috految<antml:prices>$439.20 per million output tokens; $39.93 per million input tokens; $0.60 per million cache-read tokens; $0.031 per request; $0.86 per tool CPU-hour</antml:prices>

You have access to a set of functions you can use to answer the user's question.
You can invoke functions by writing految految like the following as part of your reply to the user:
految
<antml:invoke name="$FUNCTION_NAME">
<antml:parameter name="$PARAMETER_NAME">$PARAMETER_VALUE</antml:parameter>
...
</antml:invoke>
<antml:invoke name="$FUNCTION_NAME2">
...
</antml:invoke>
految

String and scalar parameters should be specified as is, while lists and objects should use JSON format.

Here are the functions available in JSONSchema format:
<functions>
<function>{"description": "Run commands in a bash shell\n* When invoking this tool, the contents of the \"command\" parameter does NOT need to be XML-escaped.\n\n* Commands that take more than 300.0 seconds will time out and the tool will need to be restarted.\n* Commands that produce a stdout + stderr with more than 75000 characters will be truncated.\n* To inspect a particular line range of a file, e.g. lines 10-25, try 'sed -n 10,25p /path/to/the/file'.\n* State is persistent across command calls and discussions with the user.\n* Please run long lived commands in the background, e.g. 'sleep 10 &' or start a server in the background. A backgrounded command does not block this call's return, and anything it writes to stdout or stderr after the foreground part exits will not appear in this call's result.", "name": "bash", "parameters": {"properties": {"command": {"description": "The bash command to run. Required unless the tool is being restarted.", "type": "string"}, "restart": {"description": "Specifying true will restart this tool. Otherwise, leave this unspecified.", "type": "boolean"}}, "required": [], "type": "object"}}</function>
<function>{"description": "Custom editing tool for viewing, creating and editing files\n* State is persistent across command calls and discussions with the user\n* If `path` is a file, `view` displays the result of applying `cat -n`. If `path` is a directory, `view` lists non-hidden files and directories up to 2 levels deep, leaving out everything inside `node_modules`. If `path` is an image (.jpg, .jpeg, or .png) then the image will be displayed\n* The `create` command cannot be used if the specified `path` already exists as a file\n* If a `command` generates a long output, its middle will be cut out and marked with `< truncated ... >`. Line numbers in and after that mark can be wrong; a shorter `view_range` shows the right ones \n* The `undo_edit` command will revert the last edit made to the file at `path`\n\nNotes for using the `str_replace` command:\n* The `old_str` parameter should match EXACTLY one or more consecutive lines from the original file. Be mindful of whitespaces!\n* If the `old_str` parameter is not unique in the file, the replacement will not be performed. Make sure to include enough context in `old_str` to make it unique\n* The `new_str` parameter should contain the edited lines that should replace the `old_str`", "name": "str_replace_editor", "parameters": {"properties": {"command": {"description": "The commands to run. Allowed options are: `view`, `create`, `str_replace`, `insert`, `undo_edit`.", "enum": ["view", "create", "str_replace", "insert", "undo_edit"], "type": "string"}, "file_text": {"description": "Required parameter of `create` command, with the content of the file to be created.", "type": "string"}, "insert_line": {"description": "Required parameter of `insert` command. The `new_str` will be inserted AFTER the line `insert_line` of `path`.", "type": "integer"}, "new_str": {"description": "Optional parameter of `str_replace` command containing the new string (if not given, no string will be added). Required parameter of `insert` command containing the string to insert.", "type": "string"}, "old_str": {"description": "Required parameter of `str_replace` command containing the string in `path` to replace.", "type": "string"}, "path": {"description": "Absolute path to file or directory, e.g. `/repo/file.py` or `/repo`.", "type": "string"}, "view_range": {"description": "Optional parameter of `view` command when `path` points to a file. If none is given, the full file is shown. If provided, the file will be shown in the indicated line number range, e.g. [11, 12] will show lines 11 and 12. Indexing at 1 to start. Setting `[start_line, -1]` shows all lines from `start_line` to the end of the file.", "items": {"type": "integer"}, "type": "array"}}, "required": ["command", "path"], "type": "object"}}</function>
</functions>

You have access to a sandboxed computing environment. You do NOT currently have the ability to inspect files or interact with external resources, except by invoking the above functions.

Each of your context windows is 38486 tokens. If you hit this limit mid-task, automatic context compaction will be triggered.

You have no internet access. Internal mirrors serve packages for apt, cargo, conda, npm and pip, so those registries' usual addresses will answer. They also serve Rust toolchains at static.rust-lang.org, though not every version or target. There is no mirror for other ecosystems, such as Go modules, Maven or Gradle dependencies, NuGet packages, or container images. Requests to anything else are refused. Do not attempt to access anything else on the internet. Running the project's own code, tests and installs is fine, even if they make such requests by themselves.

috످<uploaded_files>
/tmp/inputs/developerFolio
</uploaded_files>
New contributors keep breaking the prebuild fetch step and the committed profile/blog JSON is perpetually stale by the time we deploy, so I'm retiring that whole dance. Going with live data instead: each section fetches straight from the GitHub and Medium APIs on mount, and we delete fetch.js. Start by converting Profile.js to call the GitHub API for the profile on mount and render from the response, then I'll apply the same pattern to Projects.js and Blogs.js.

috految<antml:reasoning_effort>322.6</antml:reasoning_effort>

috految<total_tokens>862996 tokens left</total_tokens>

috److I'll start with what `fetch.js` actually requests and what depends on it, since that determines what can move into the browser.

految
<antml:invoke name="bash">
<antml:parameter name="command">cd /tmp/inputs/developerFolio && git status --short --ignored; git log --oneline -3; git branch -a; git remote -v; ls -A . public src/__tests__ .github/workflows | tr '\n' ' '; echo; node -v; for f in fetch.js src/containers/profile/Profile.js src/components/githubProfileCard/GithubProfileCard.js env.example .github/workflows/*; do echo "=== $f"; grep -n '' $f | cut -c1-190; done; cat package.json</antml:parameter>
</antml:invoke>
<antml:invoke name="bash">
<antml:parameter name="command">cd /tmp/inputs/developerFolio && for f in src/containers/projects/Projects.js src/containers/blogs/Blogs.js; do echo "=== $f"; grep -n '' $f; done; echo "=== refs"; grep -rnIE 'fetch\.js|profile\.json|blogs\.json|process\.env|GITHUB_|MEDIUM_USER|showGithubProfile|displayMediumBlogs|isHireable|openSource\b|socialMediaLinks\.github|serviceWorker\.(un)?register|Content-Security|dotenv' . --exclude-dir={node_modules,.git,build} --exclude={package-lock.json,fetch.js,.env,env.example,Profile.js,Projects.js,Blogs.js} | cut -c1-190</antml:parameter>
</antml:invoke>
految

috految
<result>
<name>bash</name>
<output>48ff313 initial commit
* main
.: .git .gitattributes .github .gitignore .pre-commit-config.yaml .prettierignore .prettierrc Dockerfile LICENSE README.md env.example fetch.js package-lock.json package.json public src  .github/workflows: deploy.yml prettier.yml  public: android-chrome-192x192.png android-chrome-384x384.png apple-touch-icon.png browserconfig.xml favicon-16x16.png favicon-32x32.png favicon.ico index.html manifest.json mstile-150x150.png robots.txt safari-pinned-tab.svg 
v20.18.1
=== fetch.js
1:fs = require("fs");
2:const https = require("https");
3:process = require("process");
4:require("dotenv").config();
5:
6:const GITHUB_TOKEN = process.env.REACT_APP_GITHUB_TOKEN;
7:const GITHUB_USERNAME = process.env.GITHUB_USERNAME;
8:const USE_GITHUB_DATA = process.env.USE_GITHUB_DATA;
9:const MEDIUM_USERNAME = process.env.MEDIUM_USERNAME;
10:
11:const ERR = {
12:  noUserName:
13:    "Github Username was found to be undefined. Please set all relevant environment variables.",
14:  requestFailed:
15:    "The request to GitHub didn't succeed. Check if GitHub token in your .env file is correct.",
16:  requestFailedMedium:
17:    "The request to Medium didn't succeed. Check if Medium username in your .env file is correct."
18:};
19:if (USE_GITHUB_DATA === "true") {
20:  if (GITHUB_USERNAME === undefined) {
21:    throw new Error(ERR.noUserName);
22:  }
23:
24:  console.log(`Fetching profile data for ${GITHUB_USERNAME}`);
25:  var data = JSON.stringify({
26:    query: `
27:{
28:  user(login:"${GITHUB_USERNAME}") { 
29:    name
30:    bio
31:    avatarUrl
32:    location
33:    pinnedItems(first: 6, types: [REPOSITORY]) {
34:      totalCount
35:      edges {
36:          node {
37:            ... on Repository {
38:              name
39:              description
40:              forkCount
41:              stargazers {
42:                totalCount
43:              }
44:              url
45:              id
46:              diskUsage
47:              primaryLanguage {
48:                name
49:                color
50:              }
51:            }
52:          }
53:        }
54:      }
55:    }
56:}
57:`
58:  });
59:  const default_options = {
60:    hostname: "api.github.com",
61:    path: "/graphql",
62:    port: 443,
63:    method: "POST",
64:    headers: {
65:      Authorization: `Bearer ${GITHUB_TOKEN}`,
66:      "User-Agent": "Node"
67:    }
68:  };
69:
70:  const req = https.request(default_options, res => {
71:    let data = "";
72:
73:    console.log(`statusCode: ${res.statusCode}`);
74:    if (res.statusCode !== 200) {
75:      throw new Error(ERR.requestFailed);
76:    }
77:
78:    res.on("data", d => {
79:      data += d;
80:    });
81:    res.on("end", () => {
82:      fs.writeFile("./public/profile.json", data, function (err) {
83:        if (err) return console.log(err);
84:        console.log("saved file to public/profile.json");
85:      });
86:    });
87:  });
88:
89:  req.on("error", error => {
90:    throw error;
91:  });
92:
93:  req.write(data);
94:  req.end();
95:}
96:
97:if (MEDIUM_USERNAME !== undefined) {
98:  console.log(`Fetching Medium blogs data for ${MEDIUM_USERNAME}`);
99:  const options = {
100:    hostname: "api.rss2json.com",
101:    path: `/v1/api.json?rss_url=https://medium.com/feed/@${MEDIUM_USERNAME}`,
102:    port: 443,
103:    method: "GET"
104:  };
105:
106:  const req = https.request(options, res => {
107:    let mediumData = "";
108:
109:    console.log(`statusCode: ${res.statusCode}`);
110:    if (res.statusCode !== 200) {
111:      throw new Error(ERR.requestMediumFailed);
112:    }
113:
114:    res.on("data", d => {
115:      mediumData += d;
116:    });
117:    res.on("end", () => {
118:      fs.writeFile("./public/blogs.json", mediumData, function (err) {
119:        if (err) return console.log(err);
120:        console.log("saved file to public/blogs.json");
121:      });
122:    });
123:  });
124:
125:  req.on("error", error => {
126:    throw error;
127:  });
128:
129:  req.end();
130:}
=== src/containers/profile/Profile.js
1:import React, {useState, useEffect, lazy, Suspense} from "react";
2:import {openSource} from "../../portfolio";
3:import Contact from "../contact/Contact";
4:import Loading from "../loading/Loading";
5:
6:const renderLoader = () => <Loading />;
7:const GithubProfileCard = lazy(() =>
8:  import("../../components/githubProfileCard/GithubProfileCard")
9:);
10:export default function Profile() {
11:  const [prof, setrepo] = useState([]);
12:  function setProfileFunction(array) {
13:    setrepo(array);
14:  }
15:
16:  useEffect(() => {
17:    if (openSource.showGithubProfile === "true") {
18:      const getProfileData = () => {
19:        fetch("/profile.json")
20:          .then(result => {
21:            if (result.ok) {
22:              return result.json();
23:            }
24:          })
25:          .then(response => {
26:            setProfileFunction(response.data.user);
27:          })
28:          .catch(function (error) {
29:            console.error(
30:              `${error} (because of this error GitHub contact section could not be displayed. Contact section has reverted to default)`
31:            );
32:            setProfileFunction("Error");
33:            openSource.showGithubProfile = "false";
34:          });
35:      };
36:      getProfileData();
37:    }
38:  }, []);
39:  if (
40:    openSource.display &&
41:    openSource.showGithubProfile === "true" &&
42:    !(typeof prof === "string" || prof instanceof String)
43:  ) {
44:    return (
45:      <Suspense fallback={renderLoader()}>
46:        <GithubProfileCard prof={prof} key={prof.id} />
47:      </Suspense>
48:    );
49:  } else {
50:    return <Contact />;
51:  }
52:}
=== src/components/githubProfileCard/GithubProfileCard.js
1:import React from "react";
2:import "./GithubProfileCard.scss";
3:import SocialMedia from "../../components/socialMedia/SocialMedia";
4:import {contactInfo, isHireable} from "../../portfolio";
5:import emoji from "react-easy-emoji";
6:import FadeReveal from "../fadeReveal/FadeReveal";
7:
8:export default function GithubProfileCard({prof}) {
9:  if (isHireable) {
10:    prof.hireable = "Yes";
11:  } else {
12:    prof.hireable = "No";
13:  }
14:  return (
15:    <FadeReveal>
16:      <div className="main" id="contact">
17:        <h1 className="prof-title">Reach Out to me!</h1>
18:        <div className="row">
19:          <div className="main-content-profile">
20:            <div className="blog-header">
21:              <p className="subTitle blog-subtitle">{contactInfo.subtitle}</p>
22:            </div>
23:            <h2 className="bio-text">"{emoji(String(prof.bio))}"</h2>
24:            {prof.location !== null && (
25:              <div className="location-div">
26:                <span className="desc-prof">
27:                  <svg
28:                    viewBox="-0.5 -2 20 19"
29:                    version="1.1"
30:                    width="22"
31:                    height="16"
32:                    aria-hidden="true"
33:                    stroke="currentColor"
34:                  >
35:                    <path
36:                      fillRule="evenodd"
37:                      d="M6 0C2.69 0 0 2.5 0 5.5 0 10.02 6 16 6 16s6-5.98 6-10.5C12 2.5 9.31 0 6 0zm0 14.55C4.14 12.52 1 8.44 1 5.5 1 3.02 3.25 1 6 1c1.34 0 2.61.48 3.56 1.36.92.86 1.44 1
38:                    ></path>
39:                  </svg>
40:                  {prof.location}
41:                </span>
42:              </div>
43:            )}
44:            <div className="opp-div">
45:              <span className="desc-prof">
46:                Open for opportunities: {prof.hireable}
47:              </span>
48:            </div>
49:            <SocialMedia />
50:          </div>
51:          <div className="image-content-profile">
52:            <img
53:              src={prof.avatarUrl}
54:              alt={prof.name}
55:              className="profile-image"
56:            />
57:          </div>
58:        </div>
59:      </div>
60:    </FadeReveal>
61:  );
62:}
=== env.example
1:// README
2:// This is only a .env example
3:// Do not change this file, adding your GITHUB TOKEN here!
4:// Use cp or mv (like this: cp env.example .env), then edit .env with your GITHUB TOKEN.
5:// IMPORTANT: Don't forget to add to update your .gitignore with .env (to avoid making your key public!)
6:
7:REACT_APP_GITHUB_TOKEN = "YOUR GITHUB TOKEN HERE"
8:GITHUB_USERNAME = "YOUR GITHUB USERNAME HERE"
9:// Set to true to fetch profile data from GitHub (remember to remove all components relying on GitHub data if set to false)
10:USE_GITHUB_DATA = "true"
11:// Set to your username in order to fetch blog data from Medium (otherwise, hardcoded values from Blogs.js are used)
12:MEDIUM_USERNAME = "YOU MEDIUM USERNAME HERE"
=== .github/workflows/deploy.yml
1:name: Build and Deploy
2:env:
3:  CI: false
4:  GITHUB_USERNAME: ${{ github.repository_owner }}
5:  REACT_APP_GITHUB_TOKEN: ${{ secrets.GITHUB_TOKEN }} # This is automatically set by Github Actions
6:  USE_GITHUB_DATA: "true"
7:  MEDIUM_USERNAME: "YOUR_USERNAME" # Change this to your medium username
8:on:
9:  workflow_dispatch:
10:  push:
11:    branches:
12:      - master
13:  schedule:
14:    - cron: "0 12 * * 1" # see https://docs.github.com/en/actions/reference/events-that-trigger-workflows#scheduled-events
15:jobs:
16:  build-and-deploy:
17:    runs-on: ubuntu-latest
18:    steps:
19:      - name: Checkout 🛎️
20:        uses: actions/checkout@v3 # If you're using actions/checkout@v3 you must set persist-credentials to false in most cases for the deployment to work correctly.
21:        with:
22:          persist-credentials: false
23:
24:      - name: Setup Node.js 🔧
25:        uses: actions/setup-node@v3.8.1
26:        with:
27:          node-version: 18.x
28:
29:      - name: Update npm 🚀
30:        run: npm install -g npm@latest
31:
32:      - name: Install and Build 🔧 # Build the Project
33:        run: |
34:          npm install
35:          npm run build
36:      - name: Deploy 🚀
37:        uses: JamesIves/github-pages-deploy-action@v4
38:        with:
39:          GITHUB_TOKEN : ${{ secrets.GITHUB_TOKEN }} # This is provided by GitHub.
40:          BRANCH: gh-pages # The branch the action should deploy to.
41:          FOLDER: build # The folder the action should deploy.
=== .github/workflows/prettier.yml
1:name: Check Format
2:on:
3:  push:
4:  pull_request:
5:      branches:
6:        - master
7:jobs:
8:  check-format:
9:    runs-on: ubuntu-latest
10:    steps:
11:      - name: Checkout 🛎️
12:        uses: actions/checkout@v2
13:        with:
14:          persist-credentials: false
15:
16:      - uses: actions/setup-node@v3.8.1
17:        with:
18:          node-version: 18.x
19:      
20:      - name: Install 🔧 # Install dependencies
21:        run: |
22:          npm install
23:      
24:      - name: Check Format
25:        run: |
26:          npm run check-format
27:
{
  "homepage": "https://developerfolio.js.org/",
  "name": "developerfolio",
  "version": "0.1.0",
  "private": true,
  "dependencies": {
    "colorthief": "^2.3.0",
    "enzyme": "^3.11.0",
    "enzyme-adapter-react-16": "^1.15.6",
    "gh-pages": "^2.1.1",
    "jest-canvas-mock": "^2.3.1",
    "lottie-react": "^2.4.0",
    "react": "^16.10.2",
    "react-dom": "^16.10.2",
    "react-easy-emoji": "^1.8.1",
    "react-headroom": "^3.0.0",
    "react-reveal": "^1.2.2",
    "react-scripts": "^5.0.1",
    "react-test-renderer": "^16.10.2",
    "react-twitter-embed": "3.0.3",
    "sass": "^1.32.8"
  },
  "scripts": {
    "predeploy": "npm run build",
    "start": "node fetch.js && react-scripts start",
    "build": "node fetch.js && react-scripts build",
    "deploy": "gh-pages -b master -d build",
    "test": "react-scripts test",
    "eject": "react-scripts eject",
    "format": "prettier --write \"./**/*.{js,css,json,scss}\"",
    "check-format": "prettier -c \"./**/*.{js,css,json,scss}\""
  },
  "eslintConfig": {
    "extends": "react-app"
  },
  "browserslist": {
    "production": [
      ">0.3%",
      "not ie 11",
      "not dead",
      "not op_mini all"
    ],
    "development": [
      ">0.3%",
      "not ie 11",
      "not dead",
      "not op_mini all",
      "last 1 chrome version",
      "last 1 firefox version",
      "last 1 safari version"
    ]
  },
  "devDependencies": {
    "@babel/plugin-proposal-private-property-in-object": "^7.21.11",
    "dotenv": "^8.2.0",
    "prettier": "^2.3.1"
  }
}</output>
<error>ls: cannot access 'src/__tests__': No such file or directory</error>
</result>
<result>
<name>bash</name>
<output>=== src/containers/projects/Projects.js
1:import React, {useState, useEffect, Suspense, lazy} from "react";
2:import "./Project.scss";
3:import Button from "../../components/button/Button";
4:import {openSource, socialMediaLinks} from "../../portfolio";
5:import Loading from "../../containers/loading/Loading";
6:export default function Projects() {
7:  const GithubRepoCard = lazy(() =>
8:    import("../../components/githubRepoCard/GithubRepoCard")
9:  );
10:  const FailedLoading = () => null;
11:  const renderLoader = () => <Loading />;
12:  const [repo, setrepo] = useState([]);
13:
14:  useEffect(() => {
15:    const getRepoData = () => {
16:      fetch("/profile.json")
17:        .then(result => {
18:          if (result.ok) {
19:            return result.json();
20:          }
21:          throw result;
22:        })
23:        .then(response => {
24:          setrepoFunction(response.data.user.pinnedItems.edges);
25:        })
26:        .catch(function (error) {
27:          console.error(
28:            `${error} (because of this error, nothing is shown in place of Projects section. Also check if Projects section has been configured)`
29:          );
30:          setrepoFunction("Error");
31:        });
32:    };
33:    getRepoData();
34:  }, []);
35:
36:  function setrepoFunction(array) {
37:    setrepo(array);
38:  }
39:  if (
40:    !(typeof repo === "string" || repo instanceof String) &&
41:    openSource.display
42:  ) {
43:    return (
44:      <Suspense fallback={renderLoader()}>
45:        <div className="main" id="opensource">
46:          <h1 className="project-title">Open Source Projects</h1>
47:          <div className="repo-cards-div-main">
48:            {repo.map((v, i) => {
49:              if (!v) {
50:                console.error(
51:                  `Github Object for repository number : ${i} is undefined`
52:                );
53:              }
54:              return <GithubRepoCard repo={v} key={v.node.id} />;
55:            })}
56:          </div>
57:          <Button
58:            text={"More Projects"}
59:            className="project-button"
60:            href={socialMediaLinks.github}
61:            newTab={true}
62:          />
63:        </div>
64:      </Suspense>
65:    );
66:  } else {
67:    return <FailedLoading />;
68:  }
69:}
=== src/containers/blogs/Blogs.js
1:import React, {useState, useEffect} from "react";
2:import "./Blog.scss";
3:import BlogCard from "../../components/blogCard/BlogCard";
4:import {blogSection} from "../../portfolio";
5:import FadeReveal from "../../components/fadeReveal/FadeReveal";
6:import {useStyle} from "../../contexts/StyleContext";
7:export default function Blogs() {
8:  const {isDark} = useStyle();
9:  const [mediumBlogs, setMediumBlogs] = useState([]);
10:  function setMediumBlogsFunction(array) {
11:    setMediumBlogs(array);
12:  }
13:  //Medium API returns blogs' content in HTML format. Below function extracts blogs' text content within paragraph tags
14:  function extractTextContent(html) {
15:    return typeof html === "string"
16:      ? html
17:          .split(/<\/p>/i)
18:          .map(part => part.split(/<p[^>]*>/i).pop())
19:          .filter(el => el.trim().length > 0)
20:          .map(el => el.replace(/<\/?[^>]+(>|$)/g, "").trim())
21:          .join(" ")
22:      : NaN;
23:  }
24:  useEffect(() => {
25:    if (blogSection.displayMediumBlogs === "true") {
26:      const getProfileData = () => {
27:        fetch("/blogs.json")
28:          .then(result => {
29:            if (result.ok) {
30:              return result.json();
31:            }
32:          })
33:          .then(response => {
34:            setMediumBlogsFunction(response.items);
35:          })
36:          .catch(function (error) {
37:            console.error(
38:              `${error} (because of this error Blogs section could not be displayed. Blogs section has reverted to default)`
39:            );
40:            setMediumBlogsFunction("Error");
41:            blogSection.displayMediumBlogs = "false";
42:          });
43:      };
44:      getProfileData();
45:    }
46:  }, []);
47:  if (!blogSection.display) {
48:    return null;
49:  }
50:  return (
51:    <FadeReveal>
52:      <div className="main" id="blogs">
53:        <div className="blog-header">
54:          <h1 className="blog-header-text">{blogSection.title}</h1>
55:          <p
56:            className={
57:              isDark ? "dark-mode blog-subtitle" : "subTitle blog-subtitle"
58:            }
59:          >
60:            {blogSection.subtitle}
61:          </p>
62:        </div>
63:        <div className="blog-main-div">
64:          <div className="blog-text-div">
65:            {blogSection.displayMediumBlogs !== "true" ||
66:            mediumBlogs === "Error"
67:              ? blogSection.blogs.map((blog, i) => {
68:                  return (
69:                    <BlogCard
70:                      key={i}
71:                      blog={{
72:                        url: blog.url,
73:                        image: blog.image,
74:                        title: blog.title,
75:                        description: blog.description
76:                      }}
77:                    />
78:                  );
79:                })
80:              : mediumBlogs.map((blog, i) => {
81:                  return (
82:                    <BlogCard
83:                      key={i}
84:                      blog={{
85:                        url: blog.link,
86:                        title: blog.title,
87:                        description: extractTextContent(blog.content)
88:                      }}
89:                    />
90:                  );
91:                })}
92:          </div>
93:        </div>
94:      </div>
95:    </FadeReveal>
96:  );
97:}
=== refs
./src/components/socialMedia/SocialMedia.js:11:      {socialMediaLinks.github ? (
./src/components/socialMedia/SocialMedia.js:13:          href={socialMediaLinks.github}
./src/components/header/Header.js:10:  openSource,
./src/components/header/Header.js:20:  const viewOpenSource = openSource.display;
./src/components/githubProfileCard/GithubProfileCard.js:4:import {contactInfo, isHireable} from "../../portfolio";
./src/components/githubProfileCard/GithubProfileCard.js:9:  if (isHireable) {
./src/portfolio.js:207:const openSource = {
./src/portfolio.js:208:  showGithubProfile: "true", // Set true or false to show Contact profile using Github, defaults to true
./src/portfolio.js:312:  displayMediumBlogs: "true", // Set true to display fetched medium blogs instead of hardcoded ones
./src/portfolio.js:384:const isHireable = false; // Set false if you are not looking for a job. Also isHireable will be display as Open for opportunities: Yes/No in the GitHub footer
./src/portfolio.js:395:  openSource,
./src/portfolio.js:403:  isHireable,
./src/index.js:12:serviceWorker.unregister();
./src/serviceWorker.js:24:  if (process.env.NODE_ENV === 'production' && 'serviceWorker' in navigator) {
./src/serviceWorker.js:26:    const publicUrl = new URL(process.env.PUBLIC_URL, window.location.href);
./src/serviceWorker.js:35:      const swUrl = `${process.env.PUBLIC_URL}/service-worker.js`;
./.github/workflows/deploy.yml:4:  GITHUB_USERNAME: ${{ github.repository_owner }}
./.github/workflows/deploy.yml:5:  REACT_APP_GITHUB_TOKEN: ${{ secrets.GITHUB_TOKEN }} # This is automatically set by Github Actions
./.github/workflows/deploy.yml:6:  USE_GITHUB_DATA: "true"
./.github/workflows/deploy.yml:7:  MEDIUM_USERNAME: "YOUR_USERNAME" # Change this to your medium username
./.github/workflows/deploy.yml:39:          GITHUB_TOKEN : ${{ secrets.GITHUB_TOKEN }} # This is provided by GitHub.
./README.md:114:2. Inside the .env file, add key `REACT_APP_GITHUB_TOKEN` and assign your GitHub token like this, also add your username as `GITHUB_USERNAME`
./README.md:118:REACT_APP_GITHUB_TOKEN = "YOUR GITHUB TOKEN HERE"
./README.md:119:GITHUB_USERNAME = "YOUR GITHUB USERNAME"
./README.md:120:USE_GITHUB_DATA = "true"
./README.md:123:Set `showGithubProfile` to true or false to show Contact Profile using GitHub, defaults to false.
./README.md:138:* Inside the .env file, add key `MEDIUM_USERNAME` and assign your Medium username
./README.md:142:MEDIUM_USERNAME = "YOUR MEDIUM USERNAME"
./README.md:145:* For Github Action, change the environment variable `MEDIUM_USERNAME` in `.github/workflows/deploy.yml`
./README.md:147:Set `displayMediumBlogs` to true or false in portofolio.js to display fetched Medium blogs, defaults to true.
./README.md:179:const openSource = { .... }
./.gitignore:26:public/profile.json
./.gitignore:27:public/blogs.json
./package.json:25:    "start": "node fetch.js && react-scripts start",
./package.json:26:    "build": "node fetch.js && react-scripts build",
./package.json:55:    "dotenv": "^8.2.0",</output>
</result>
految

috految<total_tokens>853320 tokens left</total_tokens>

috److془Let me look further. Set up scratch copy, baseline, spec.془`fetch.js` uses GraphQL with a token, and copying that into a component would put the token in the browser. I'll check whether the tokenless REST API covers what Profile needs, and get a baseline in a scratch copy.

految
<antml:invoke name="bash">
<antml:parameter name="command">cd /tmp/inputs/developerFolio
grep -nE 'github|medium|username|number:|email_address|enabled|duration: [0-9]|gmail' src/portfolio.js | cut -c1-140; sed -n '204,211p' src/portfolio.js
cat src/components/fadeReveal/FadeReveal.js src/containers/loading/Loading.js src/containers/Main.js src/containers/contact/Contact.js src/components/displayLottie/DisplayLottie.js | grep -v '^import' | tr -s ' \r\n' ' '; echo
tr -s ' \r\n' ' ' < src/containers/loading/*.scss | cut -c1-300; echo
grep -E '\{|,$' src/components/githubProfileCard/*.scss | tr -s ' \r\n' ' '; echo
grep -n 'repo\.' src/components/githubRepoCard/GithubRepoCard.js | tr -s ' '; grep -n 'blog\.\|url' src/components/blogCard/BlogCard.js | tr -s ' '
grep -rnE '#contact|ErrorBoundary|componentDidCatch|<Profile|<Projects' src --include=*.js; ls src/hooks src/utils*; git ls-files | grep -iE 'test|spec'
grep -nE 'scope|master|npm run deploy|env.example|^#.*(Linking|Netlify)|treat|Treat|[Pp]inned' README.md | grep -v '<td\|shields' | cut -c1-230; grep -v '^#' Dockerfile | grep .; grep -n env .gitignore
echo "JSON in history:"; git log --all --name-only --format= | grep -E '(profile|blogs)\.json'; git check-ignore -v public/{profile,blogs}.json .env
git ls-files --eol src/containers/profile/Profile.js src/portfolio.js; grep -E 'http-equiv|<script' public/index.html | cut -c1-130</antml:parameter>
</antml:invoke>
<antml:invoke name="bash">
<antml:parameter name="command">mkdir -p /tmp/w/tools && cp -r /tmp/inputs/developerFolio /tmp/w/app && cd /tmp/w
(cd tools && npm init -y && npm i --no-audit playwright-core @octokit/openapi @octokit/graphql-schema @octokit/fixtures) >tools.log 2>&1 &
(which chromium || (apt-get update -qq && apt-get install -y -qq --no-install-recommends chromium)) >apt.log 2>&1 &
cd app; timeout 200 npm ci --no-audit --no-fund >../ci.log 2>&1; echo "npm ci exit $?"; grep -v 'warn' ../ci.log | tail -12
wait; tail -3 ../tools.log; which chromium || tail -3 ../apt.log
cd ../tools; node -e '
const s=require("./node_modules/@octokit/openapi/generated/api.github.com.json"),S=s.components.schemas;
const o=s.paths["/users/{username}"].get;console.log(o.description.slice(0,900),Object.keys(o.responses));
for(const k of ["name","bio","avatar_url","location","id"])console.log(k,JSON.stringify(S["public-user"].properties[k]));
console.log("pin paths",Object.keys(s.paths).filter(p=>/pin(?!g)/i.test(p)));
console.log("pin/color fields",["public-user","minimal-repository","full-repository"].map(n=>Object.keys(S[n].properties).filter(k=>/pin|color/.test(k))));
console.log("repo desc",s.paths["/users/{username}/repos"].get.description,["name","description","forks_count","stargazers_count","html_url","size","language"].every(k=>k in S["minimal-repository"].properties));
require("fs").writeFileSync("user.json",JSON.stringify(s.components.examples["public-user-default-response"].value))'
grep -rhoE '"access-control-allow-origin": "[^"]*"' node_modules/@octokit/fixtures/scenarios | sort | uniq -c
grep -c pinnedItems node_modules/@octokit/graphql-schema/schema.graphql</antml:parameter>
</antml:invoke>
految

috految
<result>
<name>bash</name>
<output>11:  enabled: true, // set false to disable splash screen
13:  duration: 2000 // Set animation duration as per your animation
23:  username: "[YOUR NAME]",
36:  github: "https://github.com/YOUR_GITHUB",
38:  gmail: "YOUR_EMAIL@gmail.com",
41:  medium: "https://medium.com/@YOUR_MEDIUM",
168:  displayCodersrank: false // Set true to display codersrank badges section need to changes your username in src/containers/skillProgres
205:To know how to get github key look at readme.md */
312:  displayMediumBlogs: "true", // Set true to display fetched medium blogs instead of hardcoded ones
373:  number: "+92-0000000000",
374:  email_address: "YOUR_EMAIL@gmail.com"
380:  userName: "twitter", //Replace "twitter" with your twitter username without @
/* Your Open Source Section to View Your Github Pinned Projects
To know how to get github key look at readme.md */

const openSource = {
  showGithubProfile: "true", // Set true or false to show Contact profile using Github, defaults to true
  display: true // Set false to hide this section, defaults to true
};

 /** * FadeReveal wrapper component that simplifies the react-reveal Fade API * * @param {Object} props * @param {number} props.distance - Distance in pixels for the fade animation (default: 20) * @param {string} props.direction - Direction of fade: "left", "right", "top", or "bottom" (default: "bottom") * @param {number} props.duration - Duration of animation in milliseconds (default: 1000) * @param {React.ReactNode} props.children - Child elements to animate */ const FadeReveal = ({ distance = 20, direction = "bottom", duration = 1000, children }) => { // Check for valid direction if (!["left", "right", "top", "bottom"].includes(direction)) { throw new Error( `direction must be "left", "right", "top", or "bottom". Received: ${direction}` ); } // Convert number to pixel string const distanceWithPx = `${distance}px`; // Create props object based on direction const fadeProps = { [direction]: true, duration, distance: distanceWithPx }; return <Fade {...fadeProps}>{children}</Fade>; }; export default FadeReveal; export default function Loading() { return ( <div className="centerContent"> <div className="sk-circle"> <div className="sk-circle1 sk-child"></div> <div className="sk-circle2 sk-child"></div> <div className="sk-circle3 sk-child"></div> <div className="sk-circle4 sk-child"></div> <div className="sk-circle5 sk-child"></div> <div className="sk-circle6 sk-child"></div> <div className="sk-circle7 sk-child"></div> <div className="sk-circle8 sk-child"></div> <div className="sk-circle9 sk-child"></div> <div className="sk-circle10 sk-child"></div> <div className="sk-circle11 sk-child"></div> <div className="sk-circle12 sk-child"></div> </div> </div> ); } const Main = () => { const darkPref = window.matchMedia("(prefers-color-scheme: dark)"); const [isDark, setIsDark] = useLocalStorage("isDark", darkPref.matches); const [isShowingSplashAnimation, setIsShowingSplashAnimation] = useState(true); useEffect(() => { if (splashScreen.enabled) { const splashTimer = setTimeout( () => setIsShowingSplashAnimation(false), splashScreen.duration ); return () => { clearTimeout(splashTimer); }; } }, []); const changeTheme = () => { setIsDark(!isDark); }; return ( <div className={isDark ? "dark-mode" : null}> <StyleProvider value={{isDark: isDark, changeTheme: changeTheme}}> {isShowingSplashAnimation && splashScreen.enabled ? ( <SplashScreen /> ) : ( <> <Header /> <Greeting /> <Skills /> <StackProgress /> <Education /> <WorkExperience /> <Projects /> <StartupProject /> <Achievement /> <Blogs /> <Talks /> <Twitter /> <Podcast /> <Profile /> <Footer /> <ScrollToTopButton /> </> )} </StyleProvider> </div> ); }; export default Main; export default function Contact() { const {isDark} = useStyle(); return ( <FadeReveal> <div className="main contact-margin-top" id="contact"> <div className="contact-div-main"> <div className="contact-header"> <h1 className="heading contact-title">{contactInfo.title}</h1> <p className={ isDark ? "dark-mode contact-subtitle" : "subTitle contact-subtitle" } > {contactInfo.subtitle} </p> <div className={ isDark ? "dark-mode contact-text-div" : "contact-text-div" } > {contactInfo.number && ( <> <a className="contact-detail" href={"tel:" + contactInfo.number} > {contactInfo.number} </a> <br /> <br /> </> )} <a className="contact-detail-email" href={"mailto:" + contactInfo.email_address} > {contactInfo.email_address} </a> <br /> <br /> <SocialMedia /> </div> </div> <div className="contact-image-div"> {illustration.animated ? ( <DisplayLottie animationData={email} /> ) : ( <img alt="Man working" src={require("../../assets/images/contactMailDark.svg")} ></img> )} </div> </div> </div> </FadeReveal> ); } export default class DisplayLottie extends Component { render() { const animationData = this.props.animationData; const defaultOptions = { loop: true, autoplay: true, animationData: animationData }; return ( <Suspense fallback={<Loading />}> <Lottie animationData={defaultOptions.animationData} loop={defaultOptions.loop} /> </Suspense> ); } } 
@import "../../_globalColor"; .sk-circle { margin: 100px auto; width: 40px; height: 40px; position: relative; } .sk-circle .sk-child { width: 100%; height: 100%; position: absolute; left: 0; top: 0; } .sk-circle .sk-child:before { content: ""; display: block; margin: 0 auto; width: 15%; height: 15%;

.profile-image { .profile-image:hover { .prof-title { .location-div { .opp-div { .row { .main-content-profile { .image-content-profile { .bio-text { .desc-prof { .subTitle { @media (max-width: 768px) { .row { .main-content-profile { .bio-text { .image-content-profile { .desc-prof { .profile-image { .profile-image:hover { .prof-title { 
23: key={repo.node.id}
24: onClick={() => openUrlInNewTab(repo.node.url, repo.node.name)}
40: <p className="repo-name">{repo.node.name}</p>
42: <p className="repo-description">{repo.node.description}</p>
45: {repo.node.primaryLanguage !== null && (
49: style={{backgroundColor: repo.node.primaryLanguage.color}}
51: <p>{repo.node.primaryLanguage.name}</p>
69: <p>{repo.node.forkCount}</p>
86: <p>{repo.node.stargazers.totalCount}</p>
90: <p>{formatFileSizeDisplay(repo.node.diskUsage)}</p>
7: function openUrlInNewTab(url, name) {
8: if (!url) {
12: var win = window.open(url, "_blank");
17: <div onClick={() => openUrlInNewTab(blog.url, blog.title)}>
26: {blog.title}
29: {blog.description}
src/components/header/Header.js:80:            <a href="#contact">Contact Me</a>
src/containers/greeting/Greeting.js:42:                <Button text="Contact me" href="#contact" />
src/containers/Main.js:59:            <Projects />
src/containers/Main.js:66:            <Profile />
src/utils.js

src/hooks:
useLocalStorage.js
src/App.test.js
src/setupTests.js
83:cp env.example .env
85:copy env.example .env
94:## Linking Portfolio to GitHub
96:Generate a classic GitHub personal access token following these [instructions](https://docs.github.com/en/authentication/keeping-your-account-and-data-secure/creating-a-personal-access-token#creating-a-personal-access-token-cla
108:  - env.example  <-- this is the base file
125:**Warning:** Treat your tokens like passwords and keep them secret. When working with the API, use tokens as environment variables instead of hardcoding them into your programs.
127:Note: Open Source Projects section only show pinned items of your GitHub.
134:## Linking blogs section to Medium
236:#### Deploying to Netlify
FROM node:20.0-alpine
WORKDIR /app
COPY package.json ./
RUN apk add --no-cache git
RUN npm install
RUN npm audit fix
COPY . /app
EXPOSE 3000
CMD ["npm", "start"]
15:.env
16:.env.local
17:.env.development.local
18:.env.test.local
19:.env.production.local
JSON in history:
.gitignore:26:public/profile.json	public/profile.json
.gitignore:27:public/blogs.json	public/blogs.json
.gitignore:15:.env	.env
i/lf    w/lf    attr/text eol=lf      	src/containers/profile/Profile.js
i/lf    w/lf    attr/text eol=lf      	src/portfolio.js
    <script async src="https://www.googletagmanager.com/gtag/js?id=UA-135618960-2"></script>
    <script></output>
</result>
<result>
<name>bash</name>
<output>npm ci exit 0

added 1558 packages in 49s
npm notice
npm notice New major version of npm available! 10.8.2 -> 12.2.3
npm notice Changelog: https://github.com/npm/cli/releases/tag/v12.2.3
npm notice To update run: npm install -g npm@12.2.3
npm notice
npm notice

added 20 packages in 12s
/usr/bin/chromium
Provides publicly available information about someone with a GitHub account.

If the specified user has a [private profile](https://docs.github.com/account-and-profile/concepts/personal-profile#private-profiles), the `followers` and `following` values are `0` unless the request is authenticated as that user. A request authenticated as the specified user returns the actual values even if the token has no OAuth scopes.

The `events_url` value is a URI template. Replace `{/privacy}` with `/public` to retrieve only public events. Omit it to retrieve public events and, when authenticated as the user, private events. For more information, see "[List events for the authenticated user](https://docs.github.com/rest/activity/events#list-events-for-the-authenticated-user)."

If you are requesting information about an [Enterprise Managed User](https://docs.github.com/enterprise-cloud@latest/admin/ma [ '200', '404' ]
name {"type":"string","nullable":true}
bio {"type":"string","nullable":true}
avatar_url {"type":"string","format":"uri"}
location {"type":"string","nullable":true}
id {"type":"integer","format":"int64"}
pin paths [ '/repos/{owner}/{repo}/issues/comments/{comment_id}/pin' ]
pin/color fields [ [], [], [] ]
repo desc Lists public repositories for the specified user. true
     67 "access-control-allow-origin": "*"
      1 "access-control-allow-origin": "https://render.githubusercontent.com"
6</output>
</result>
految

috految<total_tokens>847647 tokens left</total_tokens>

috److془Note: the card's lazy CSS has global `.subTitle` — may affect the rest of page. Check it.

Let's run baseline and canary builds.془REST has all four fields the card uses, but not pinned repos, which will matter for Projects. Before editing, I'll use a fake token to see which ways of passing config leak it. I'll also replay the contributor setup and the deploy steps, since the JSON turns out to be gitignored and the staleness may have another cause.

految
<antml:invoke name="bash">
<antml:parameter name="command">cd /tmp/w/app; P=src/containers/profile/Profile.js
sed -n 96p README.md | cut -c235-; grep -n -A3 '^\.subTitle' src/components/githubProfileCard/*.scss; grep -rn -A2 '\.subTitle' src --include=*.scss --include=*.css -h | tr -s ' \n' ' '; echo; grep -rn -A6 'centerContent' src --include=*.scss -h | tr -s ' \n' ' '; echo; grep -n 'gh-pages\|yarn' README.md | cut -c1-160
echo "== baseline"; CI=true npm test >../test-before.log 2>&1; echo "test exit $?"; grep -E '^Tests:|^ +(Type|Syntax)Error|Cannot find' ../test-before.log | sort -u | cut -c1-170; npm run -s check-format 2>&1 | tail -8
b(){ n=$1; shift; env CI=false BUILD_PATH=/tmp/w/b/$n REACT_APP_GITHUB_TOKEN=ghp_FAKECANARY "$@" npm run build >/tmp/w/$n.log 2>&1; echo "[$n] exit $? $(grep -E 'Compiled|Failed' /tmp/w/$n.log) | files with token: $(grep -rl FAKECANARY /tmp/w/b/$n | wc -l)"; grep -rhoP '.{0,50}ghp_FAKECANARY.{0,35}' /tmp/w/b/$n --include=*.js | head -2; }
b before
sed -i 's#fetch("/profile.json")#fetch("https://api.github.com/graphql",{method:"POST",headers:{Authorization:`Bearer ${process.env.REACT_APP_GITHUB_TOKEN}`}})#' src/containers/projects/Projects.js; b graphql; git checkout -q src
sed -i 's#fetch("/blogs.json")#fetch(`https://api.rss2json.com/v1/api.json?rss_url=https://medium.com/feed/@${process.env.MEDIUM_USERNAME}`)#' src/containers/blogs/Blogs.js
cat > ../stub.js <<'E'
require("https").request=(o,cb)=>({on(){},write(){},end(){const r=new(require("events"))();r.statusCode=+process.env.STATUS||200;cb(r);r.emit("data","{}");r.emit("end")}})
E
b mediumenv MEDIUM_USERNAME=someone NODE_OPTIONS="-r /tmp/w/stub.js"; git checkout -q src; rm -f public/blogs.json</antml:parameter>
</antml:invoke>
<antml:invoke name="bash">
<antml:parameter name="command">cd /tmp/w/app
echo "== README setup"; sed -n 82,91p README.md | grep .; cp env.example .env; BROWSER=none timeout 25 npm start >../start.log 2>&1; echo "exit $?"; grep -E 'Error|Fetching|fetch.js:' ../start.log
echo "== placeholder token rejected (stubbed 401)"; sed -i '/^MEDIUM/d' .env; STATUS=401 node -r ../stub.js fetch.js 2>&1 | grep -E '^Error'
echo "== env.example lines 10,12 commented"; sed '10s/^/# /;12s/^/# /' env.example > .env; node fetch.js; echo "exit $?"; rm .env
echo "== Medium non-200"; STATUS=422 MEDIUM_USERNAME=YOUR_USERNAME node -r ../stub.js fetch.js >/dev/null 2>&1; echo "exit $?"
echo "== no .env, old local JSON"; echo OLD > public/profile.json; node fetch.js; echo "exit $? $(cat public/profile.json)"; rm public/profile.json
echo "== deploy.yml steps on Node 18"; mkdir -p ../n18 && cd ../n18 && npm init -y >/dev/null && npm i node@18 npm@10.8.2 >/dev/null 2>&1
(export PATH=/tmp/w/n18/node_modules/.bin:$PATH; node -v; npm -v; npm install -g --prefix /tmp/w/g npm@latest >../n18.log 2>&1; echo "exit $?"; head -6 ../n18.log | cut -c1-160)</antml:parameter>
</antml:invoke>
految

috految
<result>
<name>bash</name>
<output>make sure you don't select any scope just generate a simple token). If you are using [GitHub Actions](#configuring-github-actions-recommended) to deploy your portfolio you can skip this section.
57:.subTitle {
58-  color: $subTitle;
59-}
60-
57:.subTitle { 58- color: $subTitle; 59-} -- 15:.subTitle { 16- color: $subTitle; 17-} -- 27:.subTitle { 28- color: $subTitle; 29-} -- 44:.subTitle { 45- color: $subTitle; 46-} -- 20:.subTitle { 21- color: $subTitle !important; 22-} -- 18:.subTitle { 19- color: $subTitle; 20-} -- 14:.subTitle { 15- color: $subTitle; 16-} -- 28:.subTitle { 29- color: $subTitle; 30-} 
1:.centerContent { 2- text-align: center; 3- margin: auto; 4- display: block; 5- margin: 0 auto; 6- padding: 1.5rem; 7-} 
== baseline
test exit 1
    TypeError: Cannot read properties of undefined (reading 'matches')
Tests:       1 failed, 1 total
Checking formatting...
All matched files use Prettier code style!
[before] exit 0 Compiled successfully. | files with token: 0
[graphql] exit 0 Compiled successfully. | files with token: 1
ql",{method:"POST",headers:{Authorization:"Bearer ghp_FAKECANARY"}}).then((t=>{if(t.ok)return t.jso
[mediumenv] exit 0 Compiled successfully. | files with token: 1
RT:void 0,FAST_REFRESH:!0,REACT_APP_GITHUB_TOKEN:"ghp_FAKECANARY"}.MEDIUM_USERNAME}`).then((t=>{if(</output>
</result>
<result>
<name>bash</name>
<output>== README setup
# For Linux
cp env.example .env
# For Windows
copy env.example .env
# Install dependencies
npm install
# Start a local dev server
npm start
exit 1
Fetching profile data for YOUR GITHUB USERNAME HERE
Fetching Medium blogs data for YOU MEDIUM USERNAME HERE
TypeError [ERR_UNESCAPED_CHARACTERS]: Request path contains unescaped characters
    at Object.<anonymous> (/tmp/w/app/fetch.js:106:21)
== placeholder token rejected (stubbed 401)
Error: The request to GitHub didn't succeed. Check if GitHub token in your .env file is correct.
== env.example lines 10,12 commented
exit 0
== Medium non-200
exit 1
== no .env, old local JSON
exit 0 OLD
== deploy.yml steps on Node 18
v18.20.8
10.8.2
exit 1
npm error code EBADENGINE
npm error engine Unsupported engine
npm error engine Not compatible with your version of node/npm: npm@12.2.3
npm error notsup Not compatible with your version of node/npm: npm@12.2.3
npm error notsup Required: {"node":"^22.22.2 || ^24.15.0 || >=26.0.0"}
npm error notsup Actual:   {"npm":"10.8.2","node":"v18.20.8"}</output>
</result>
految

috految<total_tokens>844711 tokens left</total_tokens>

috److془Design. Username from socialMediaLinks.github. Single file. 

Loading state: Show Contact while loading vs. spinner with id="contact" + timeout. Contact while loading: simple, no timeout; shows phone number briefly. Hmm: behavior change: phone number would render for every visitor briefly (below the fold). Also the swap while user is at the bottom → Suspense spinner → scroll clamp. Also blank edge: react-reveal. Test.

Alternative: keep it minimal: Contact until loaded. Or the card with empty fields while loading (as it presently does, but without "undefined"). It keeps anchor, social links, no lazy waterfall, no phone flash, no timeouts needed. It's the minimal diff. Initial state `{bio: "", location: null}`. Shows `""` where bio is while loading. img with no src: - as before. And hang → card with heading + social links (incl. email). Great. That's the minimal behavior change. 

Caveat: emoji("") – could it throw? String(prof.bio) → "" . react-easy-emoji `replaceString`/`string-replace-to-array`: "if (!string) throw"? Test. Also `key={prof.id}`: undefined before (query didn't request id). Keep it undefined → no remount.

Hmm: but with react-reveal, does it update children? Yes, it did before. Test with slow response.

Also: `.subTitle` CSS loading order unchanged.

Error case: `setProfileFunction("Error"); openSource.showGithubProfile = "false";` keep. Gate on openSource.display so no third-party request when hidden.

Null bio: `""` shown in quotes. Before: `"null"` for null or `""` for empty. Fine.

Username parse: `socialMediaLinks.github?.match(/github\.com\/([\w-]+)/i)?.[1]`. Hmm with `github.com/john.doe` would match john → wrong person's profile. Use `[^/?#]+`. Good. 

Note async function: throw → rejected promise → catch. `socialMediaLinks.github` undefined → throw. 

Caveat: if the rejection happens in microtask prior to lazy being loaded, React 16 Suspense unmount while suspended. Test.

Also, in React 16, error thrown synchronously in setState in promise → caught by the .catch but tree is unmounted. Blank page for Blogs with `items` undefined. Test. 

Also `fetch()` URL with CORS: simple request no preflight. Rate limit 60/hr/IP. 

Also the Projects: if the user pastes REST response into Projects, `v.node.id` crash → blank page. Test. Also test the recommended option: REST + name list mapping. And the cleanup: deleting fetch.js. Also the rename test: GH_TOKEN. Note CRA's dotenv would load any var but only inlines REACT_APP_*. Use `GITHUB_TOKEN`? GH_TOKEN and GITHUB_TOKEN may conflict with the shell env. Simply "drop the REACT_APP_ prefix". Fine.

Also dev bundle leak? Check `npm start` bundle for token. Dockerfile runs `npm start`. Check it. 

Also the trap: `npm run deploy` = `gh-pages -b master -d build`: pushes build output to master; if the source is on master upstream it would replace it. Relevant: "if you fix the trigger, don't rename to master". Also it would commit profile.json to deploy branch, which might be what the user means by "committed".

Also the Dockerfile doesn't copy package-lock. Not relevant.

Also, the GitHub Actions token expires at the end of job → would 401 for visitors. 

Write it.془That settles where the username comes from. Even reading an unrelated variable like `process.env.MEDIUM_USERNAME` in a component puts the GitHub token in the bundle. Profile will use anonymous REST and take the username from `portfolio.js`.

految
<antml:invoke name="bash">
<antml:parameter name="command">cd /tmp/inputs/developerFolio; python3 - <<'E'
p='src/containers/profile/Profile.js'; s=open(p).read()
def r(a,b):
    global s
    assert s.count(a)==1,a
    s=s.replace(a,b)
r('import {openSource}','import {openSource, socialMediaLinks}')
r('export default function Profile() {\n  const [prof, setrepo] = useState([]);', r'''
// Runs in the browser, so it must stay unauthenticated. Don't add a token or
// read process.env here: either can put REACT_APP_* secrets in the public bundle.
async function fetchGithubProfile() {
  const username = socialMediaLinks.github?.match(
    /github\.com\/([^/?#]+)/i
  )?.[1];
  if (!username) {
    throw new Error(
      "Set socialMediaLinks.github in portfolio.js to https://github.com/<username>"
    );
  }

  const response = await fetch(`https://api.github.com/users/${username}`);
  if (!response.ok) {
    throw new Error(`GitHub API returned ${response.status} for "${username}"`);
  }

  const user = await response.json();
  return {
    name: user.name ?? user.login,
    bio: user.bio ?? "",
    avatarUrl: user.avatar_url,
    location: user.location
  };
}

export default function Profile() {
  // The card renders while the request is in flight, so start with blank fields
  const [prof, setrepo] = useState({bio: "", location: null});''')
r('    if (openSource.showGithubProfile === "true") {','    if (openSource.display && openSource.showGithubProfile === "true") {')
r(s[s.index('        fetch("/profile.json")'):s.index('          .catch(')],'        fetchGithubProfile()\n          .then(setProfileFunction)\n')
open(p,'w').write(s)
E
cp $P /tmp/w/app/$P; cd /tmp/w/app
npm run -s check-format; npx eslint --max-warnings 0 $P 2>/dev/null; echo "eslint $?"
CI=true npm test 2>&1 | grep -E '^Tests:|^ +TypeError' | sort -u; grep -n 'matchMedia\|jest.fn' src/App.test.js | head -2; CI=true npm test -- --resetMocks=false 2>&1 | grep '^Tests:'
(export PATH=/tmp/w/n18/node_modules/.bin:$PATH; node -v; npm install --no-audit >/dev/null 2>&1; echo "install $?"; b after CI=true)
# scratch only: runtime-configurable build, then the likely next steps
echo 'if (window.CFG) window.CFG({openSource, socialMediaLinks});' >> src/portfolio.js; b cfg; git checkout -q src/portfolio.js
sed -i 's#fetch("/profile.json")#fetch("https://api.github.com/users/octocat/repos?per_page=100")#; s#response.data.user.pinnedItems.edges#window.RAW ? response : response.filter(r=>["a","b"].includes(r.name)).map(r=>({node:{id:r.id,name:r.name,description:r.description,url:r.html_url,forkCount:r.forks_count,stargazers:{totalCount:r.stargazers_count},diskUsage:r.size,primaryLanguage:r.language \&\& {name:r.language}}}))#' src/containers/projects/Projects.js
sed -i 's#fetch("/blogs.json")#fetch(`https://api.rss2json.com/v1/api.json?rss_url=https://medium.com/feed/@${process.env.MEDIUM_USERNAME}`)#' src/containers/blogs/Blogs.js
rm fetch.js; sed -i 's/node fetch.js && //' package.json; echo "token renamed, fetch.js removed:"; b next env -u REACT_APP_GITHUB_TOKEN GITHUB_TOKEN=ghp_FAKECANARY; git checkout -q .; cp /tmp/inputs/developerFolio/$P $P</antml:parameter>
</antml:invoke>
<antml:invoke name="bash">
<antml:parameter name="command">cd /tmp/w/tools; cat > e2e.js <<'E'
const {chromium}=require("playwright-core"),fs=require("fs"),k=require("./user.json");
const u={...k,bio:"Builds things 🚀"},J=(json,status=200)=>r=>r.fulfill({json,status,headers:{"access-control-allow-origin":"*"}});
const gql={data:{user:{name:u.name,bio:u.bio,avatarUrl:u.avatar_url,location:u.location,pinnedItems:{edges:[{node:{id:1,name:"pin",description:"d",forkCount:1,stargazers:{totalCount:2},diskUsage:3,primaryLanguage:null}}]}}}};
const feed={items:[{link:"x",title:"T",content:"<p>c</p>"}]},repos=["a","b","c"].map((name,id)=>({id,name,description:null,html_url:"x",forks_count:1,stargazers_count:2,size:3,language:id?null:"Go"}));
(async()=>{const B=await chromium.launch({executablePath:"/usr/bin/chromium"});
async function t(label,build,o={}){const p=await B.newPage({locale:"en-US",viewport:{width:o.w||1280,height:800},colorScheme:o.dark?"dark":"light"}),req=[],err=[],log=[];
p.on("pageerror",e=>err.push(e.message.slice(0,60)));p.on("console",m=>/contact section/.test(m.text())&&log.push(m.text().split(" (because")[0].slice(0,60)));
if(o.init)await p.addInitScript(o.init);
await p.route("**/*",r=>{const x=new URL(r.request().url());
if(x.host=="api.github.com"){req.push(x.pathname+(r.request().headers().authorization?" AUTH":""));return x.pathname.endsWith("repos")?J(repos)(r):(o.api||J(u))(r)}
if(x.host=="api.rss2json.com")return J(o.feed||feed)(r);
if(x.href==u.avatar_url)return r.fulfill({path:"/tmp/w/app/public/android-chrome-384x384.png"});
if(x.host!="localhost:5000")return r.abort();
if(x.pathname=="/profile.json"&&!o.nojson)return(o.old||J(gql))(r);
if(x.pathname=="/blogs.json"&&!o.nojson)return J(feed)(r);
const f="/tmp/w/b/"+build+(x.pathname=="/"?"/index.html":x.pathname);fs.existsSync(f)?r.fulfill({path:f}):r.fulfill({status:404})});
await p.goto("http://localhost:5000/");await p.waitForTimeout(3500);
await p.evaluate(()=>document.querySelector('a[href="#contact"]')?.click());await p.waitForTimeout(2600);if(o.then)await o.then(p);
const s=await p.evaluate(()=>{const q=s=>document.querySelector(s),n=s=>document.querySelectorAll(s).length,c=q("#contact");if(!q("#root").innerHTML)return{v:"BLANK PAGE"};return{v:[q(".prof-title")?"card":q(".contact-title")?"Contact":"NONE",q(".bio-text")?.textContent,q(".location-div")?.textContent,q(".profile-image")?.naturalWidth&&"avatar:"+q(".profile-image").alt,q(".contact-detail")?.textContent,"op="+getComputedStyle(c).opacity,"links="+n("#contact a"),"repos="+n(".repo-name"),"blogs="+n(".blog-title")].filter(Boolean).join(" "),html:c.innerHTML}});
console.log(label+":",s.v,"|",req.join(),log.join(),err.join());await p.close();return s.html}
for(const o of[{},{dark:1,w:390}]){const a=await t("old","before",o),b=await t("new","after",o);console.log("  same HTML:",!!a&&a===b)}
await t("old pending","before",{old(){}});await t("pending","after",{api(){}});
let held;await t("slow","after",{api:r=>{held=r},then:async p=>{await J(u)(held);await p.waitForTimeout(1200)}});
await t("late 403","after",{api:r=>{held=r},then:async p=>{await J({},403)(held);await p.waitForTimeout(2000)}});
await t("nulls","after",{api:J({...u,name:null,bio:null,location:null})});
for(const c of[403,404,500])await t(c,"after",{api:J({},c)});
await t("offline","after",{api:r=>r.abort()});await t("bad JSON","after",{api:r=>r.fulfill({body:"<html>"})});
await t("no JSON files+theme toggle","after",{nojson:1,then:async p=>{await p.$eval(".switch input",e=>e.click());await p.waitForTimeout(800)}});
for(const c of['socialMediaLinks.github="https://www.GitHub.com/octo-cat/?tab=x"','socialMediaLinks.github=undefined','openSource.display=false','openSource.showGithubProfile="false"'])await t(c,"cfg",{init:`window.CFG=c=>{c.${c}}`});
await t("next: mapped","next",{nojson:1});await t("next: unmapped","next",{init:"window.RAW=1"});await t("next: feed w/o items","next",{feed:{status:"error"}});
await B.close()})()
E
timeout 280 node e2e.js 2>&1 | cut -c1-220</antml:parameter>
</antml:invoke>
految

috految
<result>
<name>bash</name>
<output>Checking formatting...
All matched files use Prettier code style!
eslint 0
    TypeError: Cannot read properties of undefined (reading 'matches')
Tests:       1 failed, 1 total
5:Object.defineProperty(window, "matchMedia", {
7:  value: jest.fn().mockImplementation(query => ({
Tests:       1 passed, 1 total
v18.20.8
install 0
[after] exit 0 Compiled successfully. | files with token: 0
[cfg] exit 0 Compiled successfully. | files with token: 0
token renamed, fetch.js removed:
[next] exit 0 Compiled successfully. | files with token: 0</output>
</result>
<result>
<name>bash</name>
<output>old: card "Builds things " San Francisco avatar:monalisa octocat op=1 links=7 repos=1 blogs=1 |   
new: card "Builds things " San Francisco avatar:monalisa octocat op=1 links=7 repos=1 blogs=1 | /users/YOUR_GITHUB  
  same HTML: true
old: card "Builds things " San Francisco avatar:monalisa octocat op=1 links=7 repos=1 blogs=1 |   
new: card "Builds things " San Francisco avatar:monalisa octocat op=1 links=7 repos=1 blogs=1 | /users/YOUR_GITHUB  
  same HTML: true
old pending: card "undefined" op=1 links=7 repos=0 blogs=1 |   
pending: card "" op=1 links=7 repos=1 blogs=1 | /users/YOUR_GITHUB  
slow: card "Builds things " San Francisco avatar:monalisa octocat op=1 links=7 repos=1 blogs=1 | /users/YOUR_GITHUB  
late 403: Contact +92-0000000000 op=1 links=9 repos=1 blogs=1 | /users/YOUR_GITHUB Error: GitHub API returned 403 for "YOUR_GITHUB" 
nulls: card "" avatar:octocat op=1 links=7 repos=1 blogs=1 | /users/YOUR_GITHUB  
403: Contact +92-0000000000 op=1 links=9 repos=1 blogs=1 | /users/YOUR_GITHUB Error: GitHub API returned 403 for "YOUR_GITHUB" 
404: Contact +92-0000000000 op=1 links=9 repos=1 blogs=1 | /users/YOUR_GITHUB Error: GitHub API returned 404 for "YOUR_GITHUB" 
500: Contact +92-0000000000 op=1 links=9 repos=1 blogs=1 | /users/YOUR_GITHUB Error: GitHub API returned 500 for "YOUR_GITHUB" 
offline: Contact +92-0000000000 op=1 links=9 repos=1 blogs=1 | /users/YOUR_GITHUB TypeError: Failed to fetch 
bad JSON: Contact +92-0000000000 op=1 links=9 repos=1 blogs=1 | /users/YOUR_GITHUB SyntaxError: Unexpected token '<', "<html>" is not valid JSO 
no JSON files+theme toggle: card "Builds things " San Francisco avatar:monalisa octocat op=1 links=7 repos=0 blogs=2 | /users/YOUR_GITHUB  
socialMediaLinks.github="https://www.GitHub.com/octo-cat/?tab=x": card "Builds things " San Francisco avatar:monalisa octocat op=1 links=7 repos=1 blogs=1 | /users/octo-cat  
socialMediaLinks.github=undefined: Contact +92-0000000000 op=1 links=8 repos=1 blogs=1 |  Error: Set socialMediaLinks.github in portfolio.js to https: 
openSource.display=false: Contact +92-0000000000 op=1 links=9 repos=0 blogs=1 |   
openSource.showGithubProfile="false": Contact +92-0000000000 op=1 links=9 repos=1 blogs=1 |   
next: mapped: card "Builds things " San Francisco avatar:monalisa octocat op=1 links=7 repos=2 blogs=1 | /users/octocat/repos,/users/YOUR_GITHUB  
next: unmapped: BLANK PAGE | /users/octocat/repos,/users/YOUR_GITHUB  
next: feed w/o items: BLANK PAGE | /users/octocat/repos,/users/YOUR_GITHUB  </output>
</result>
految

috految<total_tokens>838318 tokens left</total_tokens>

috److految
<antml:invoke name="bash">
<antml:parameter name="command">cd /tmp/w/app; sed '10s/^/# /;12s/^/# /;s/YOUR GITHUB TOKEN HERE/ghp_FAKECANARY/' env.example > .env
CI=true BROWSER=none PORT=3456 timeout 70 npm start >../dev.log 2>&1 & D=$!
for i in $(seq 60); do grep -qi 'compiled' ../dev.log && break; sleep 1; done; grep -i compiled ../dev.log | head -2
curl -s --noproxy localhost localhost:3456/static/js/bundle.js > ../dev.js; echo "new code: $(grep -c fetchGithubProfile ../dev.js) token: $(grep -c FAKECANARY ../dev.js)"; kill $D
cd /tmp/inputs/developerFolio; cmp $P /tmp/w/app/$P && echo tested==delivered; git status --short --ignored; git diff --stat; git diff --check; grep -n '"deploy"' package.json; grep -n 'function\|fetchGithub' $P</antml:parameter>
</antml:invoke>
految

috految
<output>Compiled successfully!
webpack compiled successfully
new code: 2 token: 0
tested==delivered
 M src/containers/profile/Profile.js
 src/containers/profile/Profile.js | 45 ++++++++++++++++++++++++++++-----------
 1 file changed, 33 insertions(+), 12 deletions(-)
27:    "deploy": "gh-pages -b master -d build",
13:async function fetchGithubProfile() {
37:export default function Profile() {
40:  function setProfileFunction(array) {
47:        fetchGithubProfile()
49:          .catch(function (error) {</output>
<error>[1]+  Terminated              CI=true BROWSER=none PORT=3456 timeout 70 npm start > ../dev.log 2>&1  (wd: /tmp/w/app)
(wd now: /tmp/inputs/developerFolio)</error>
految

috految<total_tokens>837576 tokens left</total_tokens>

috److I converted `Profile.js` to fetch live from GitHub on mount, with no token needed. **The same pattern won't work for Projects:** pinned repos are only available through GitHub's GraphQL API, and calling it from the browser would expose your token to every visitor.

**Don't delete `fetch.js` yet.** `npm start` and `npm run build` still call it, and Projects and Blogs need its output.

## What changed

I only edited `Profile.js`. It now calls the public REST endpoint (`api.github.com/users/{username}`) and maps the response to the existing card. The username comes from `socialMediaLinks.github`, so `GITHUB_USERNAME` and `USE_GITHUB_DATA` no longer affect Profile.

Anonymous requests are limited to 60 per hour per visitor IP, which shared office networks or VPNs could hit. If the request fails, visitors see your static Contact section.

## Before you merge

1. **Set your GitHub URL in `portfolio.js:36`.** It's still `YOUR_GITHUB`, so your profile won't load until you do.
2. **Fill in the fallback phone and email** in `portfolio.js:373-374`. Both are placeholders.
3. **Load the page once against real GitHub.** I have no internet access here, so I tested with mocked responses based on GitHub's API spec.

## Testing

I ran the production build in Chromium:

| Scenario | Result |
|---|---|
| Normal response | Same card HTML as before, on desktop and mobile |
| Slow response | Card fills in when data arrives (bio used to show `"undefined"` while loading) |
| No bio, name, or location | Card renders with empty quotes for the bio |
| Rate limit, 404, 500, or offline | Falls back to Contact and logs why |
| Section disabled | No API request |

The build, ESLint, and Prettier pass. `App.test.js` already failed because Jest resets its `matchMedia` mock. It passes with `--resetMocks=false`.

## Before you convert Projects and Blogs

**Either conversion can leak your token.** I built each version with a fake token and searched the output:

| Version | Token in public JS? |
|---|---|
| Original code | No |
| New `Profile.js` | No |
| Projects calling GraphQL with the token | **Yes** |
| Blogs just reading `process.env.MEDIUM_USERNAME` | **Yes** |

Blogs leaks because referencing an unprefixed variable makes Create React App inline every `REACT_APP_*` value. A local deploy would publish your personal token. An Actions deploy would publish one that expires when the job ends, so GraphQL calls would fail anyway.

To convert them safely:

1. **Drop the `REACT_APP_` prefix from the token** in `fetch.js`, `deploy.yml`, `env.example`, the README, and everyone's `.env`. That stopped the Blogs leak in my test.
2. **For Blogs, keep using rss2json** (`fetch.js:100`), with the username from `portfolio.js`. Medium's own feed blocks browser requests (CORS), though I couldn't test either service live. rss2json caches feeds, so new posts may lag.
3. **Check the response shapes.** Blogs needs an `items` array, and Projects needs `{node: {...}}` objects. A mismatch in either **blanked the whole site** in my tests.
4. **Delete `fetch.js` last**, along with its calls in `package.json:25-26` and the `dotenv` dependency.

## Likely causes of the stale data and broken setups

`profile.json` and `blogs.json` aren't committed in this checkout. They're gitignored and generated at build time, so **your deploys may be failing**, which would also keep this change from shipping. Check your Actions history for these:

- **The npm upgrade fails.** `deploy.yml:30` installs `npm@latest` on Node 18, which I reproduced failing with `EBADENGINE`. Remove that step.
- **Pushes may not trigger a deploy.** `deploy.yml:12` watches `master`, but this checkout is on `main`. If your remote uses `main`, update the trigger. Don't rename the branch, because `npm run deploy` overwrites `master` with build output.
- **The Medium username is a placeholder** in `deploy.yml:7`. If that fetch fails, the whole build fails.

**New contributors hit a crash just by following the README.** `cp env.example .env && npm start` fails on the spaces in `"YOU MEDIUM USERNAME HERE"`. Commenting out lines 10 and 12 of `env.example` fixes it.

## Decision for you

**Does Projects need to update automatically when you change your GitHub pins?**

- **If not (my recommendation):** List the repo names in `portfolio.js` and fetch their live stats from `/users/{username}/repos?per_page=100`. This worked in a mocked prototype with no token and no `fetch.js`. You'd maintain that list and a small language color map, and repos you don't own need one extra request each.
- **If so:** Put the token behind a small serverless proxy, such as a Cloudflare Worker. You keep live pins and can still delete `fetch.js`, but you'd have a service to run outside GitHub Pages.

috످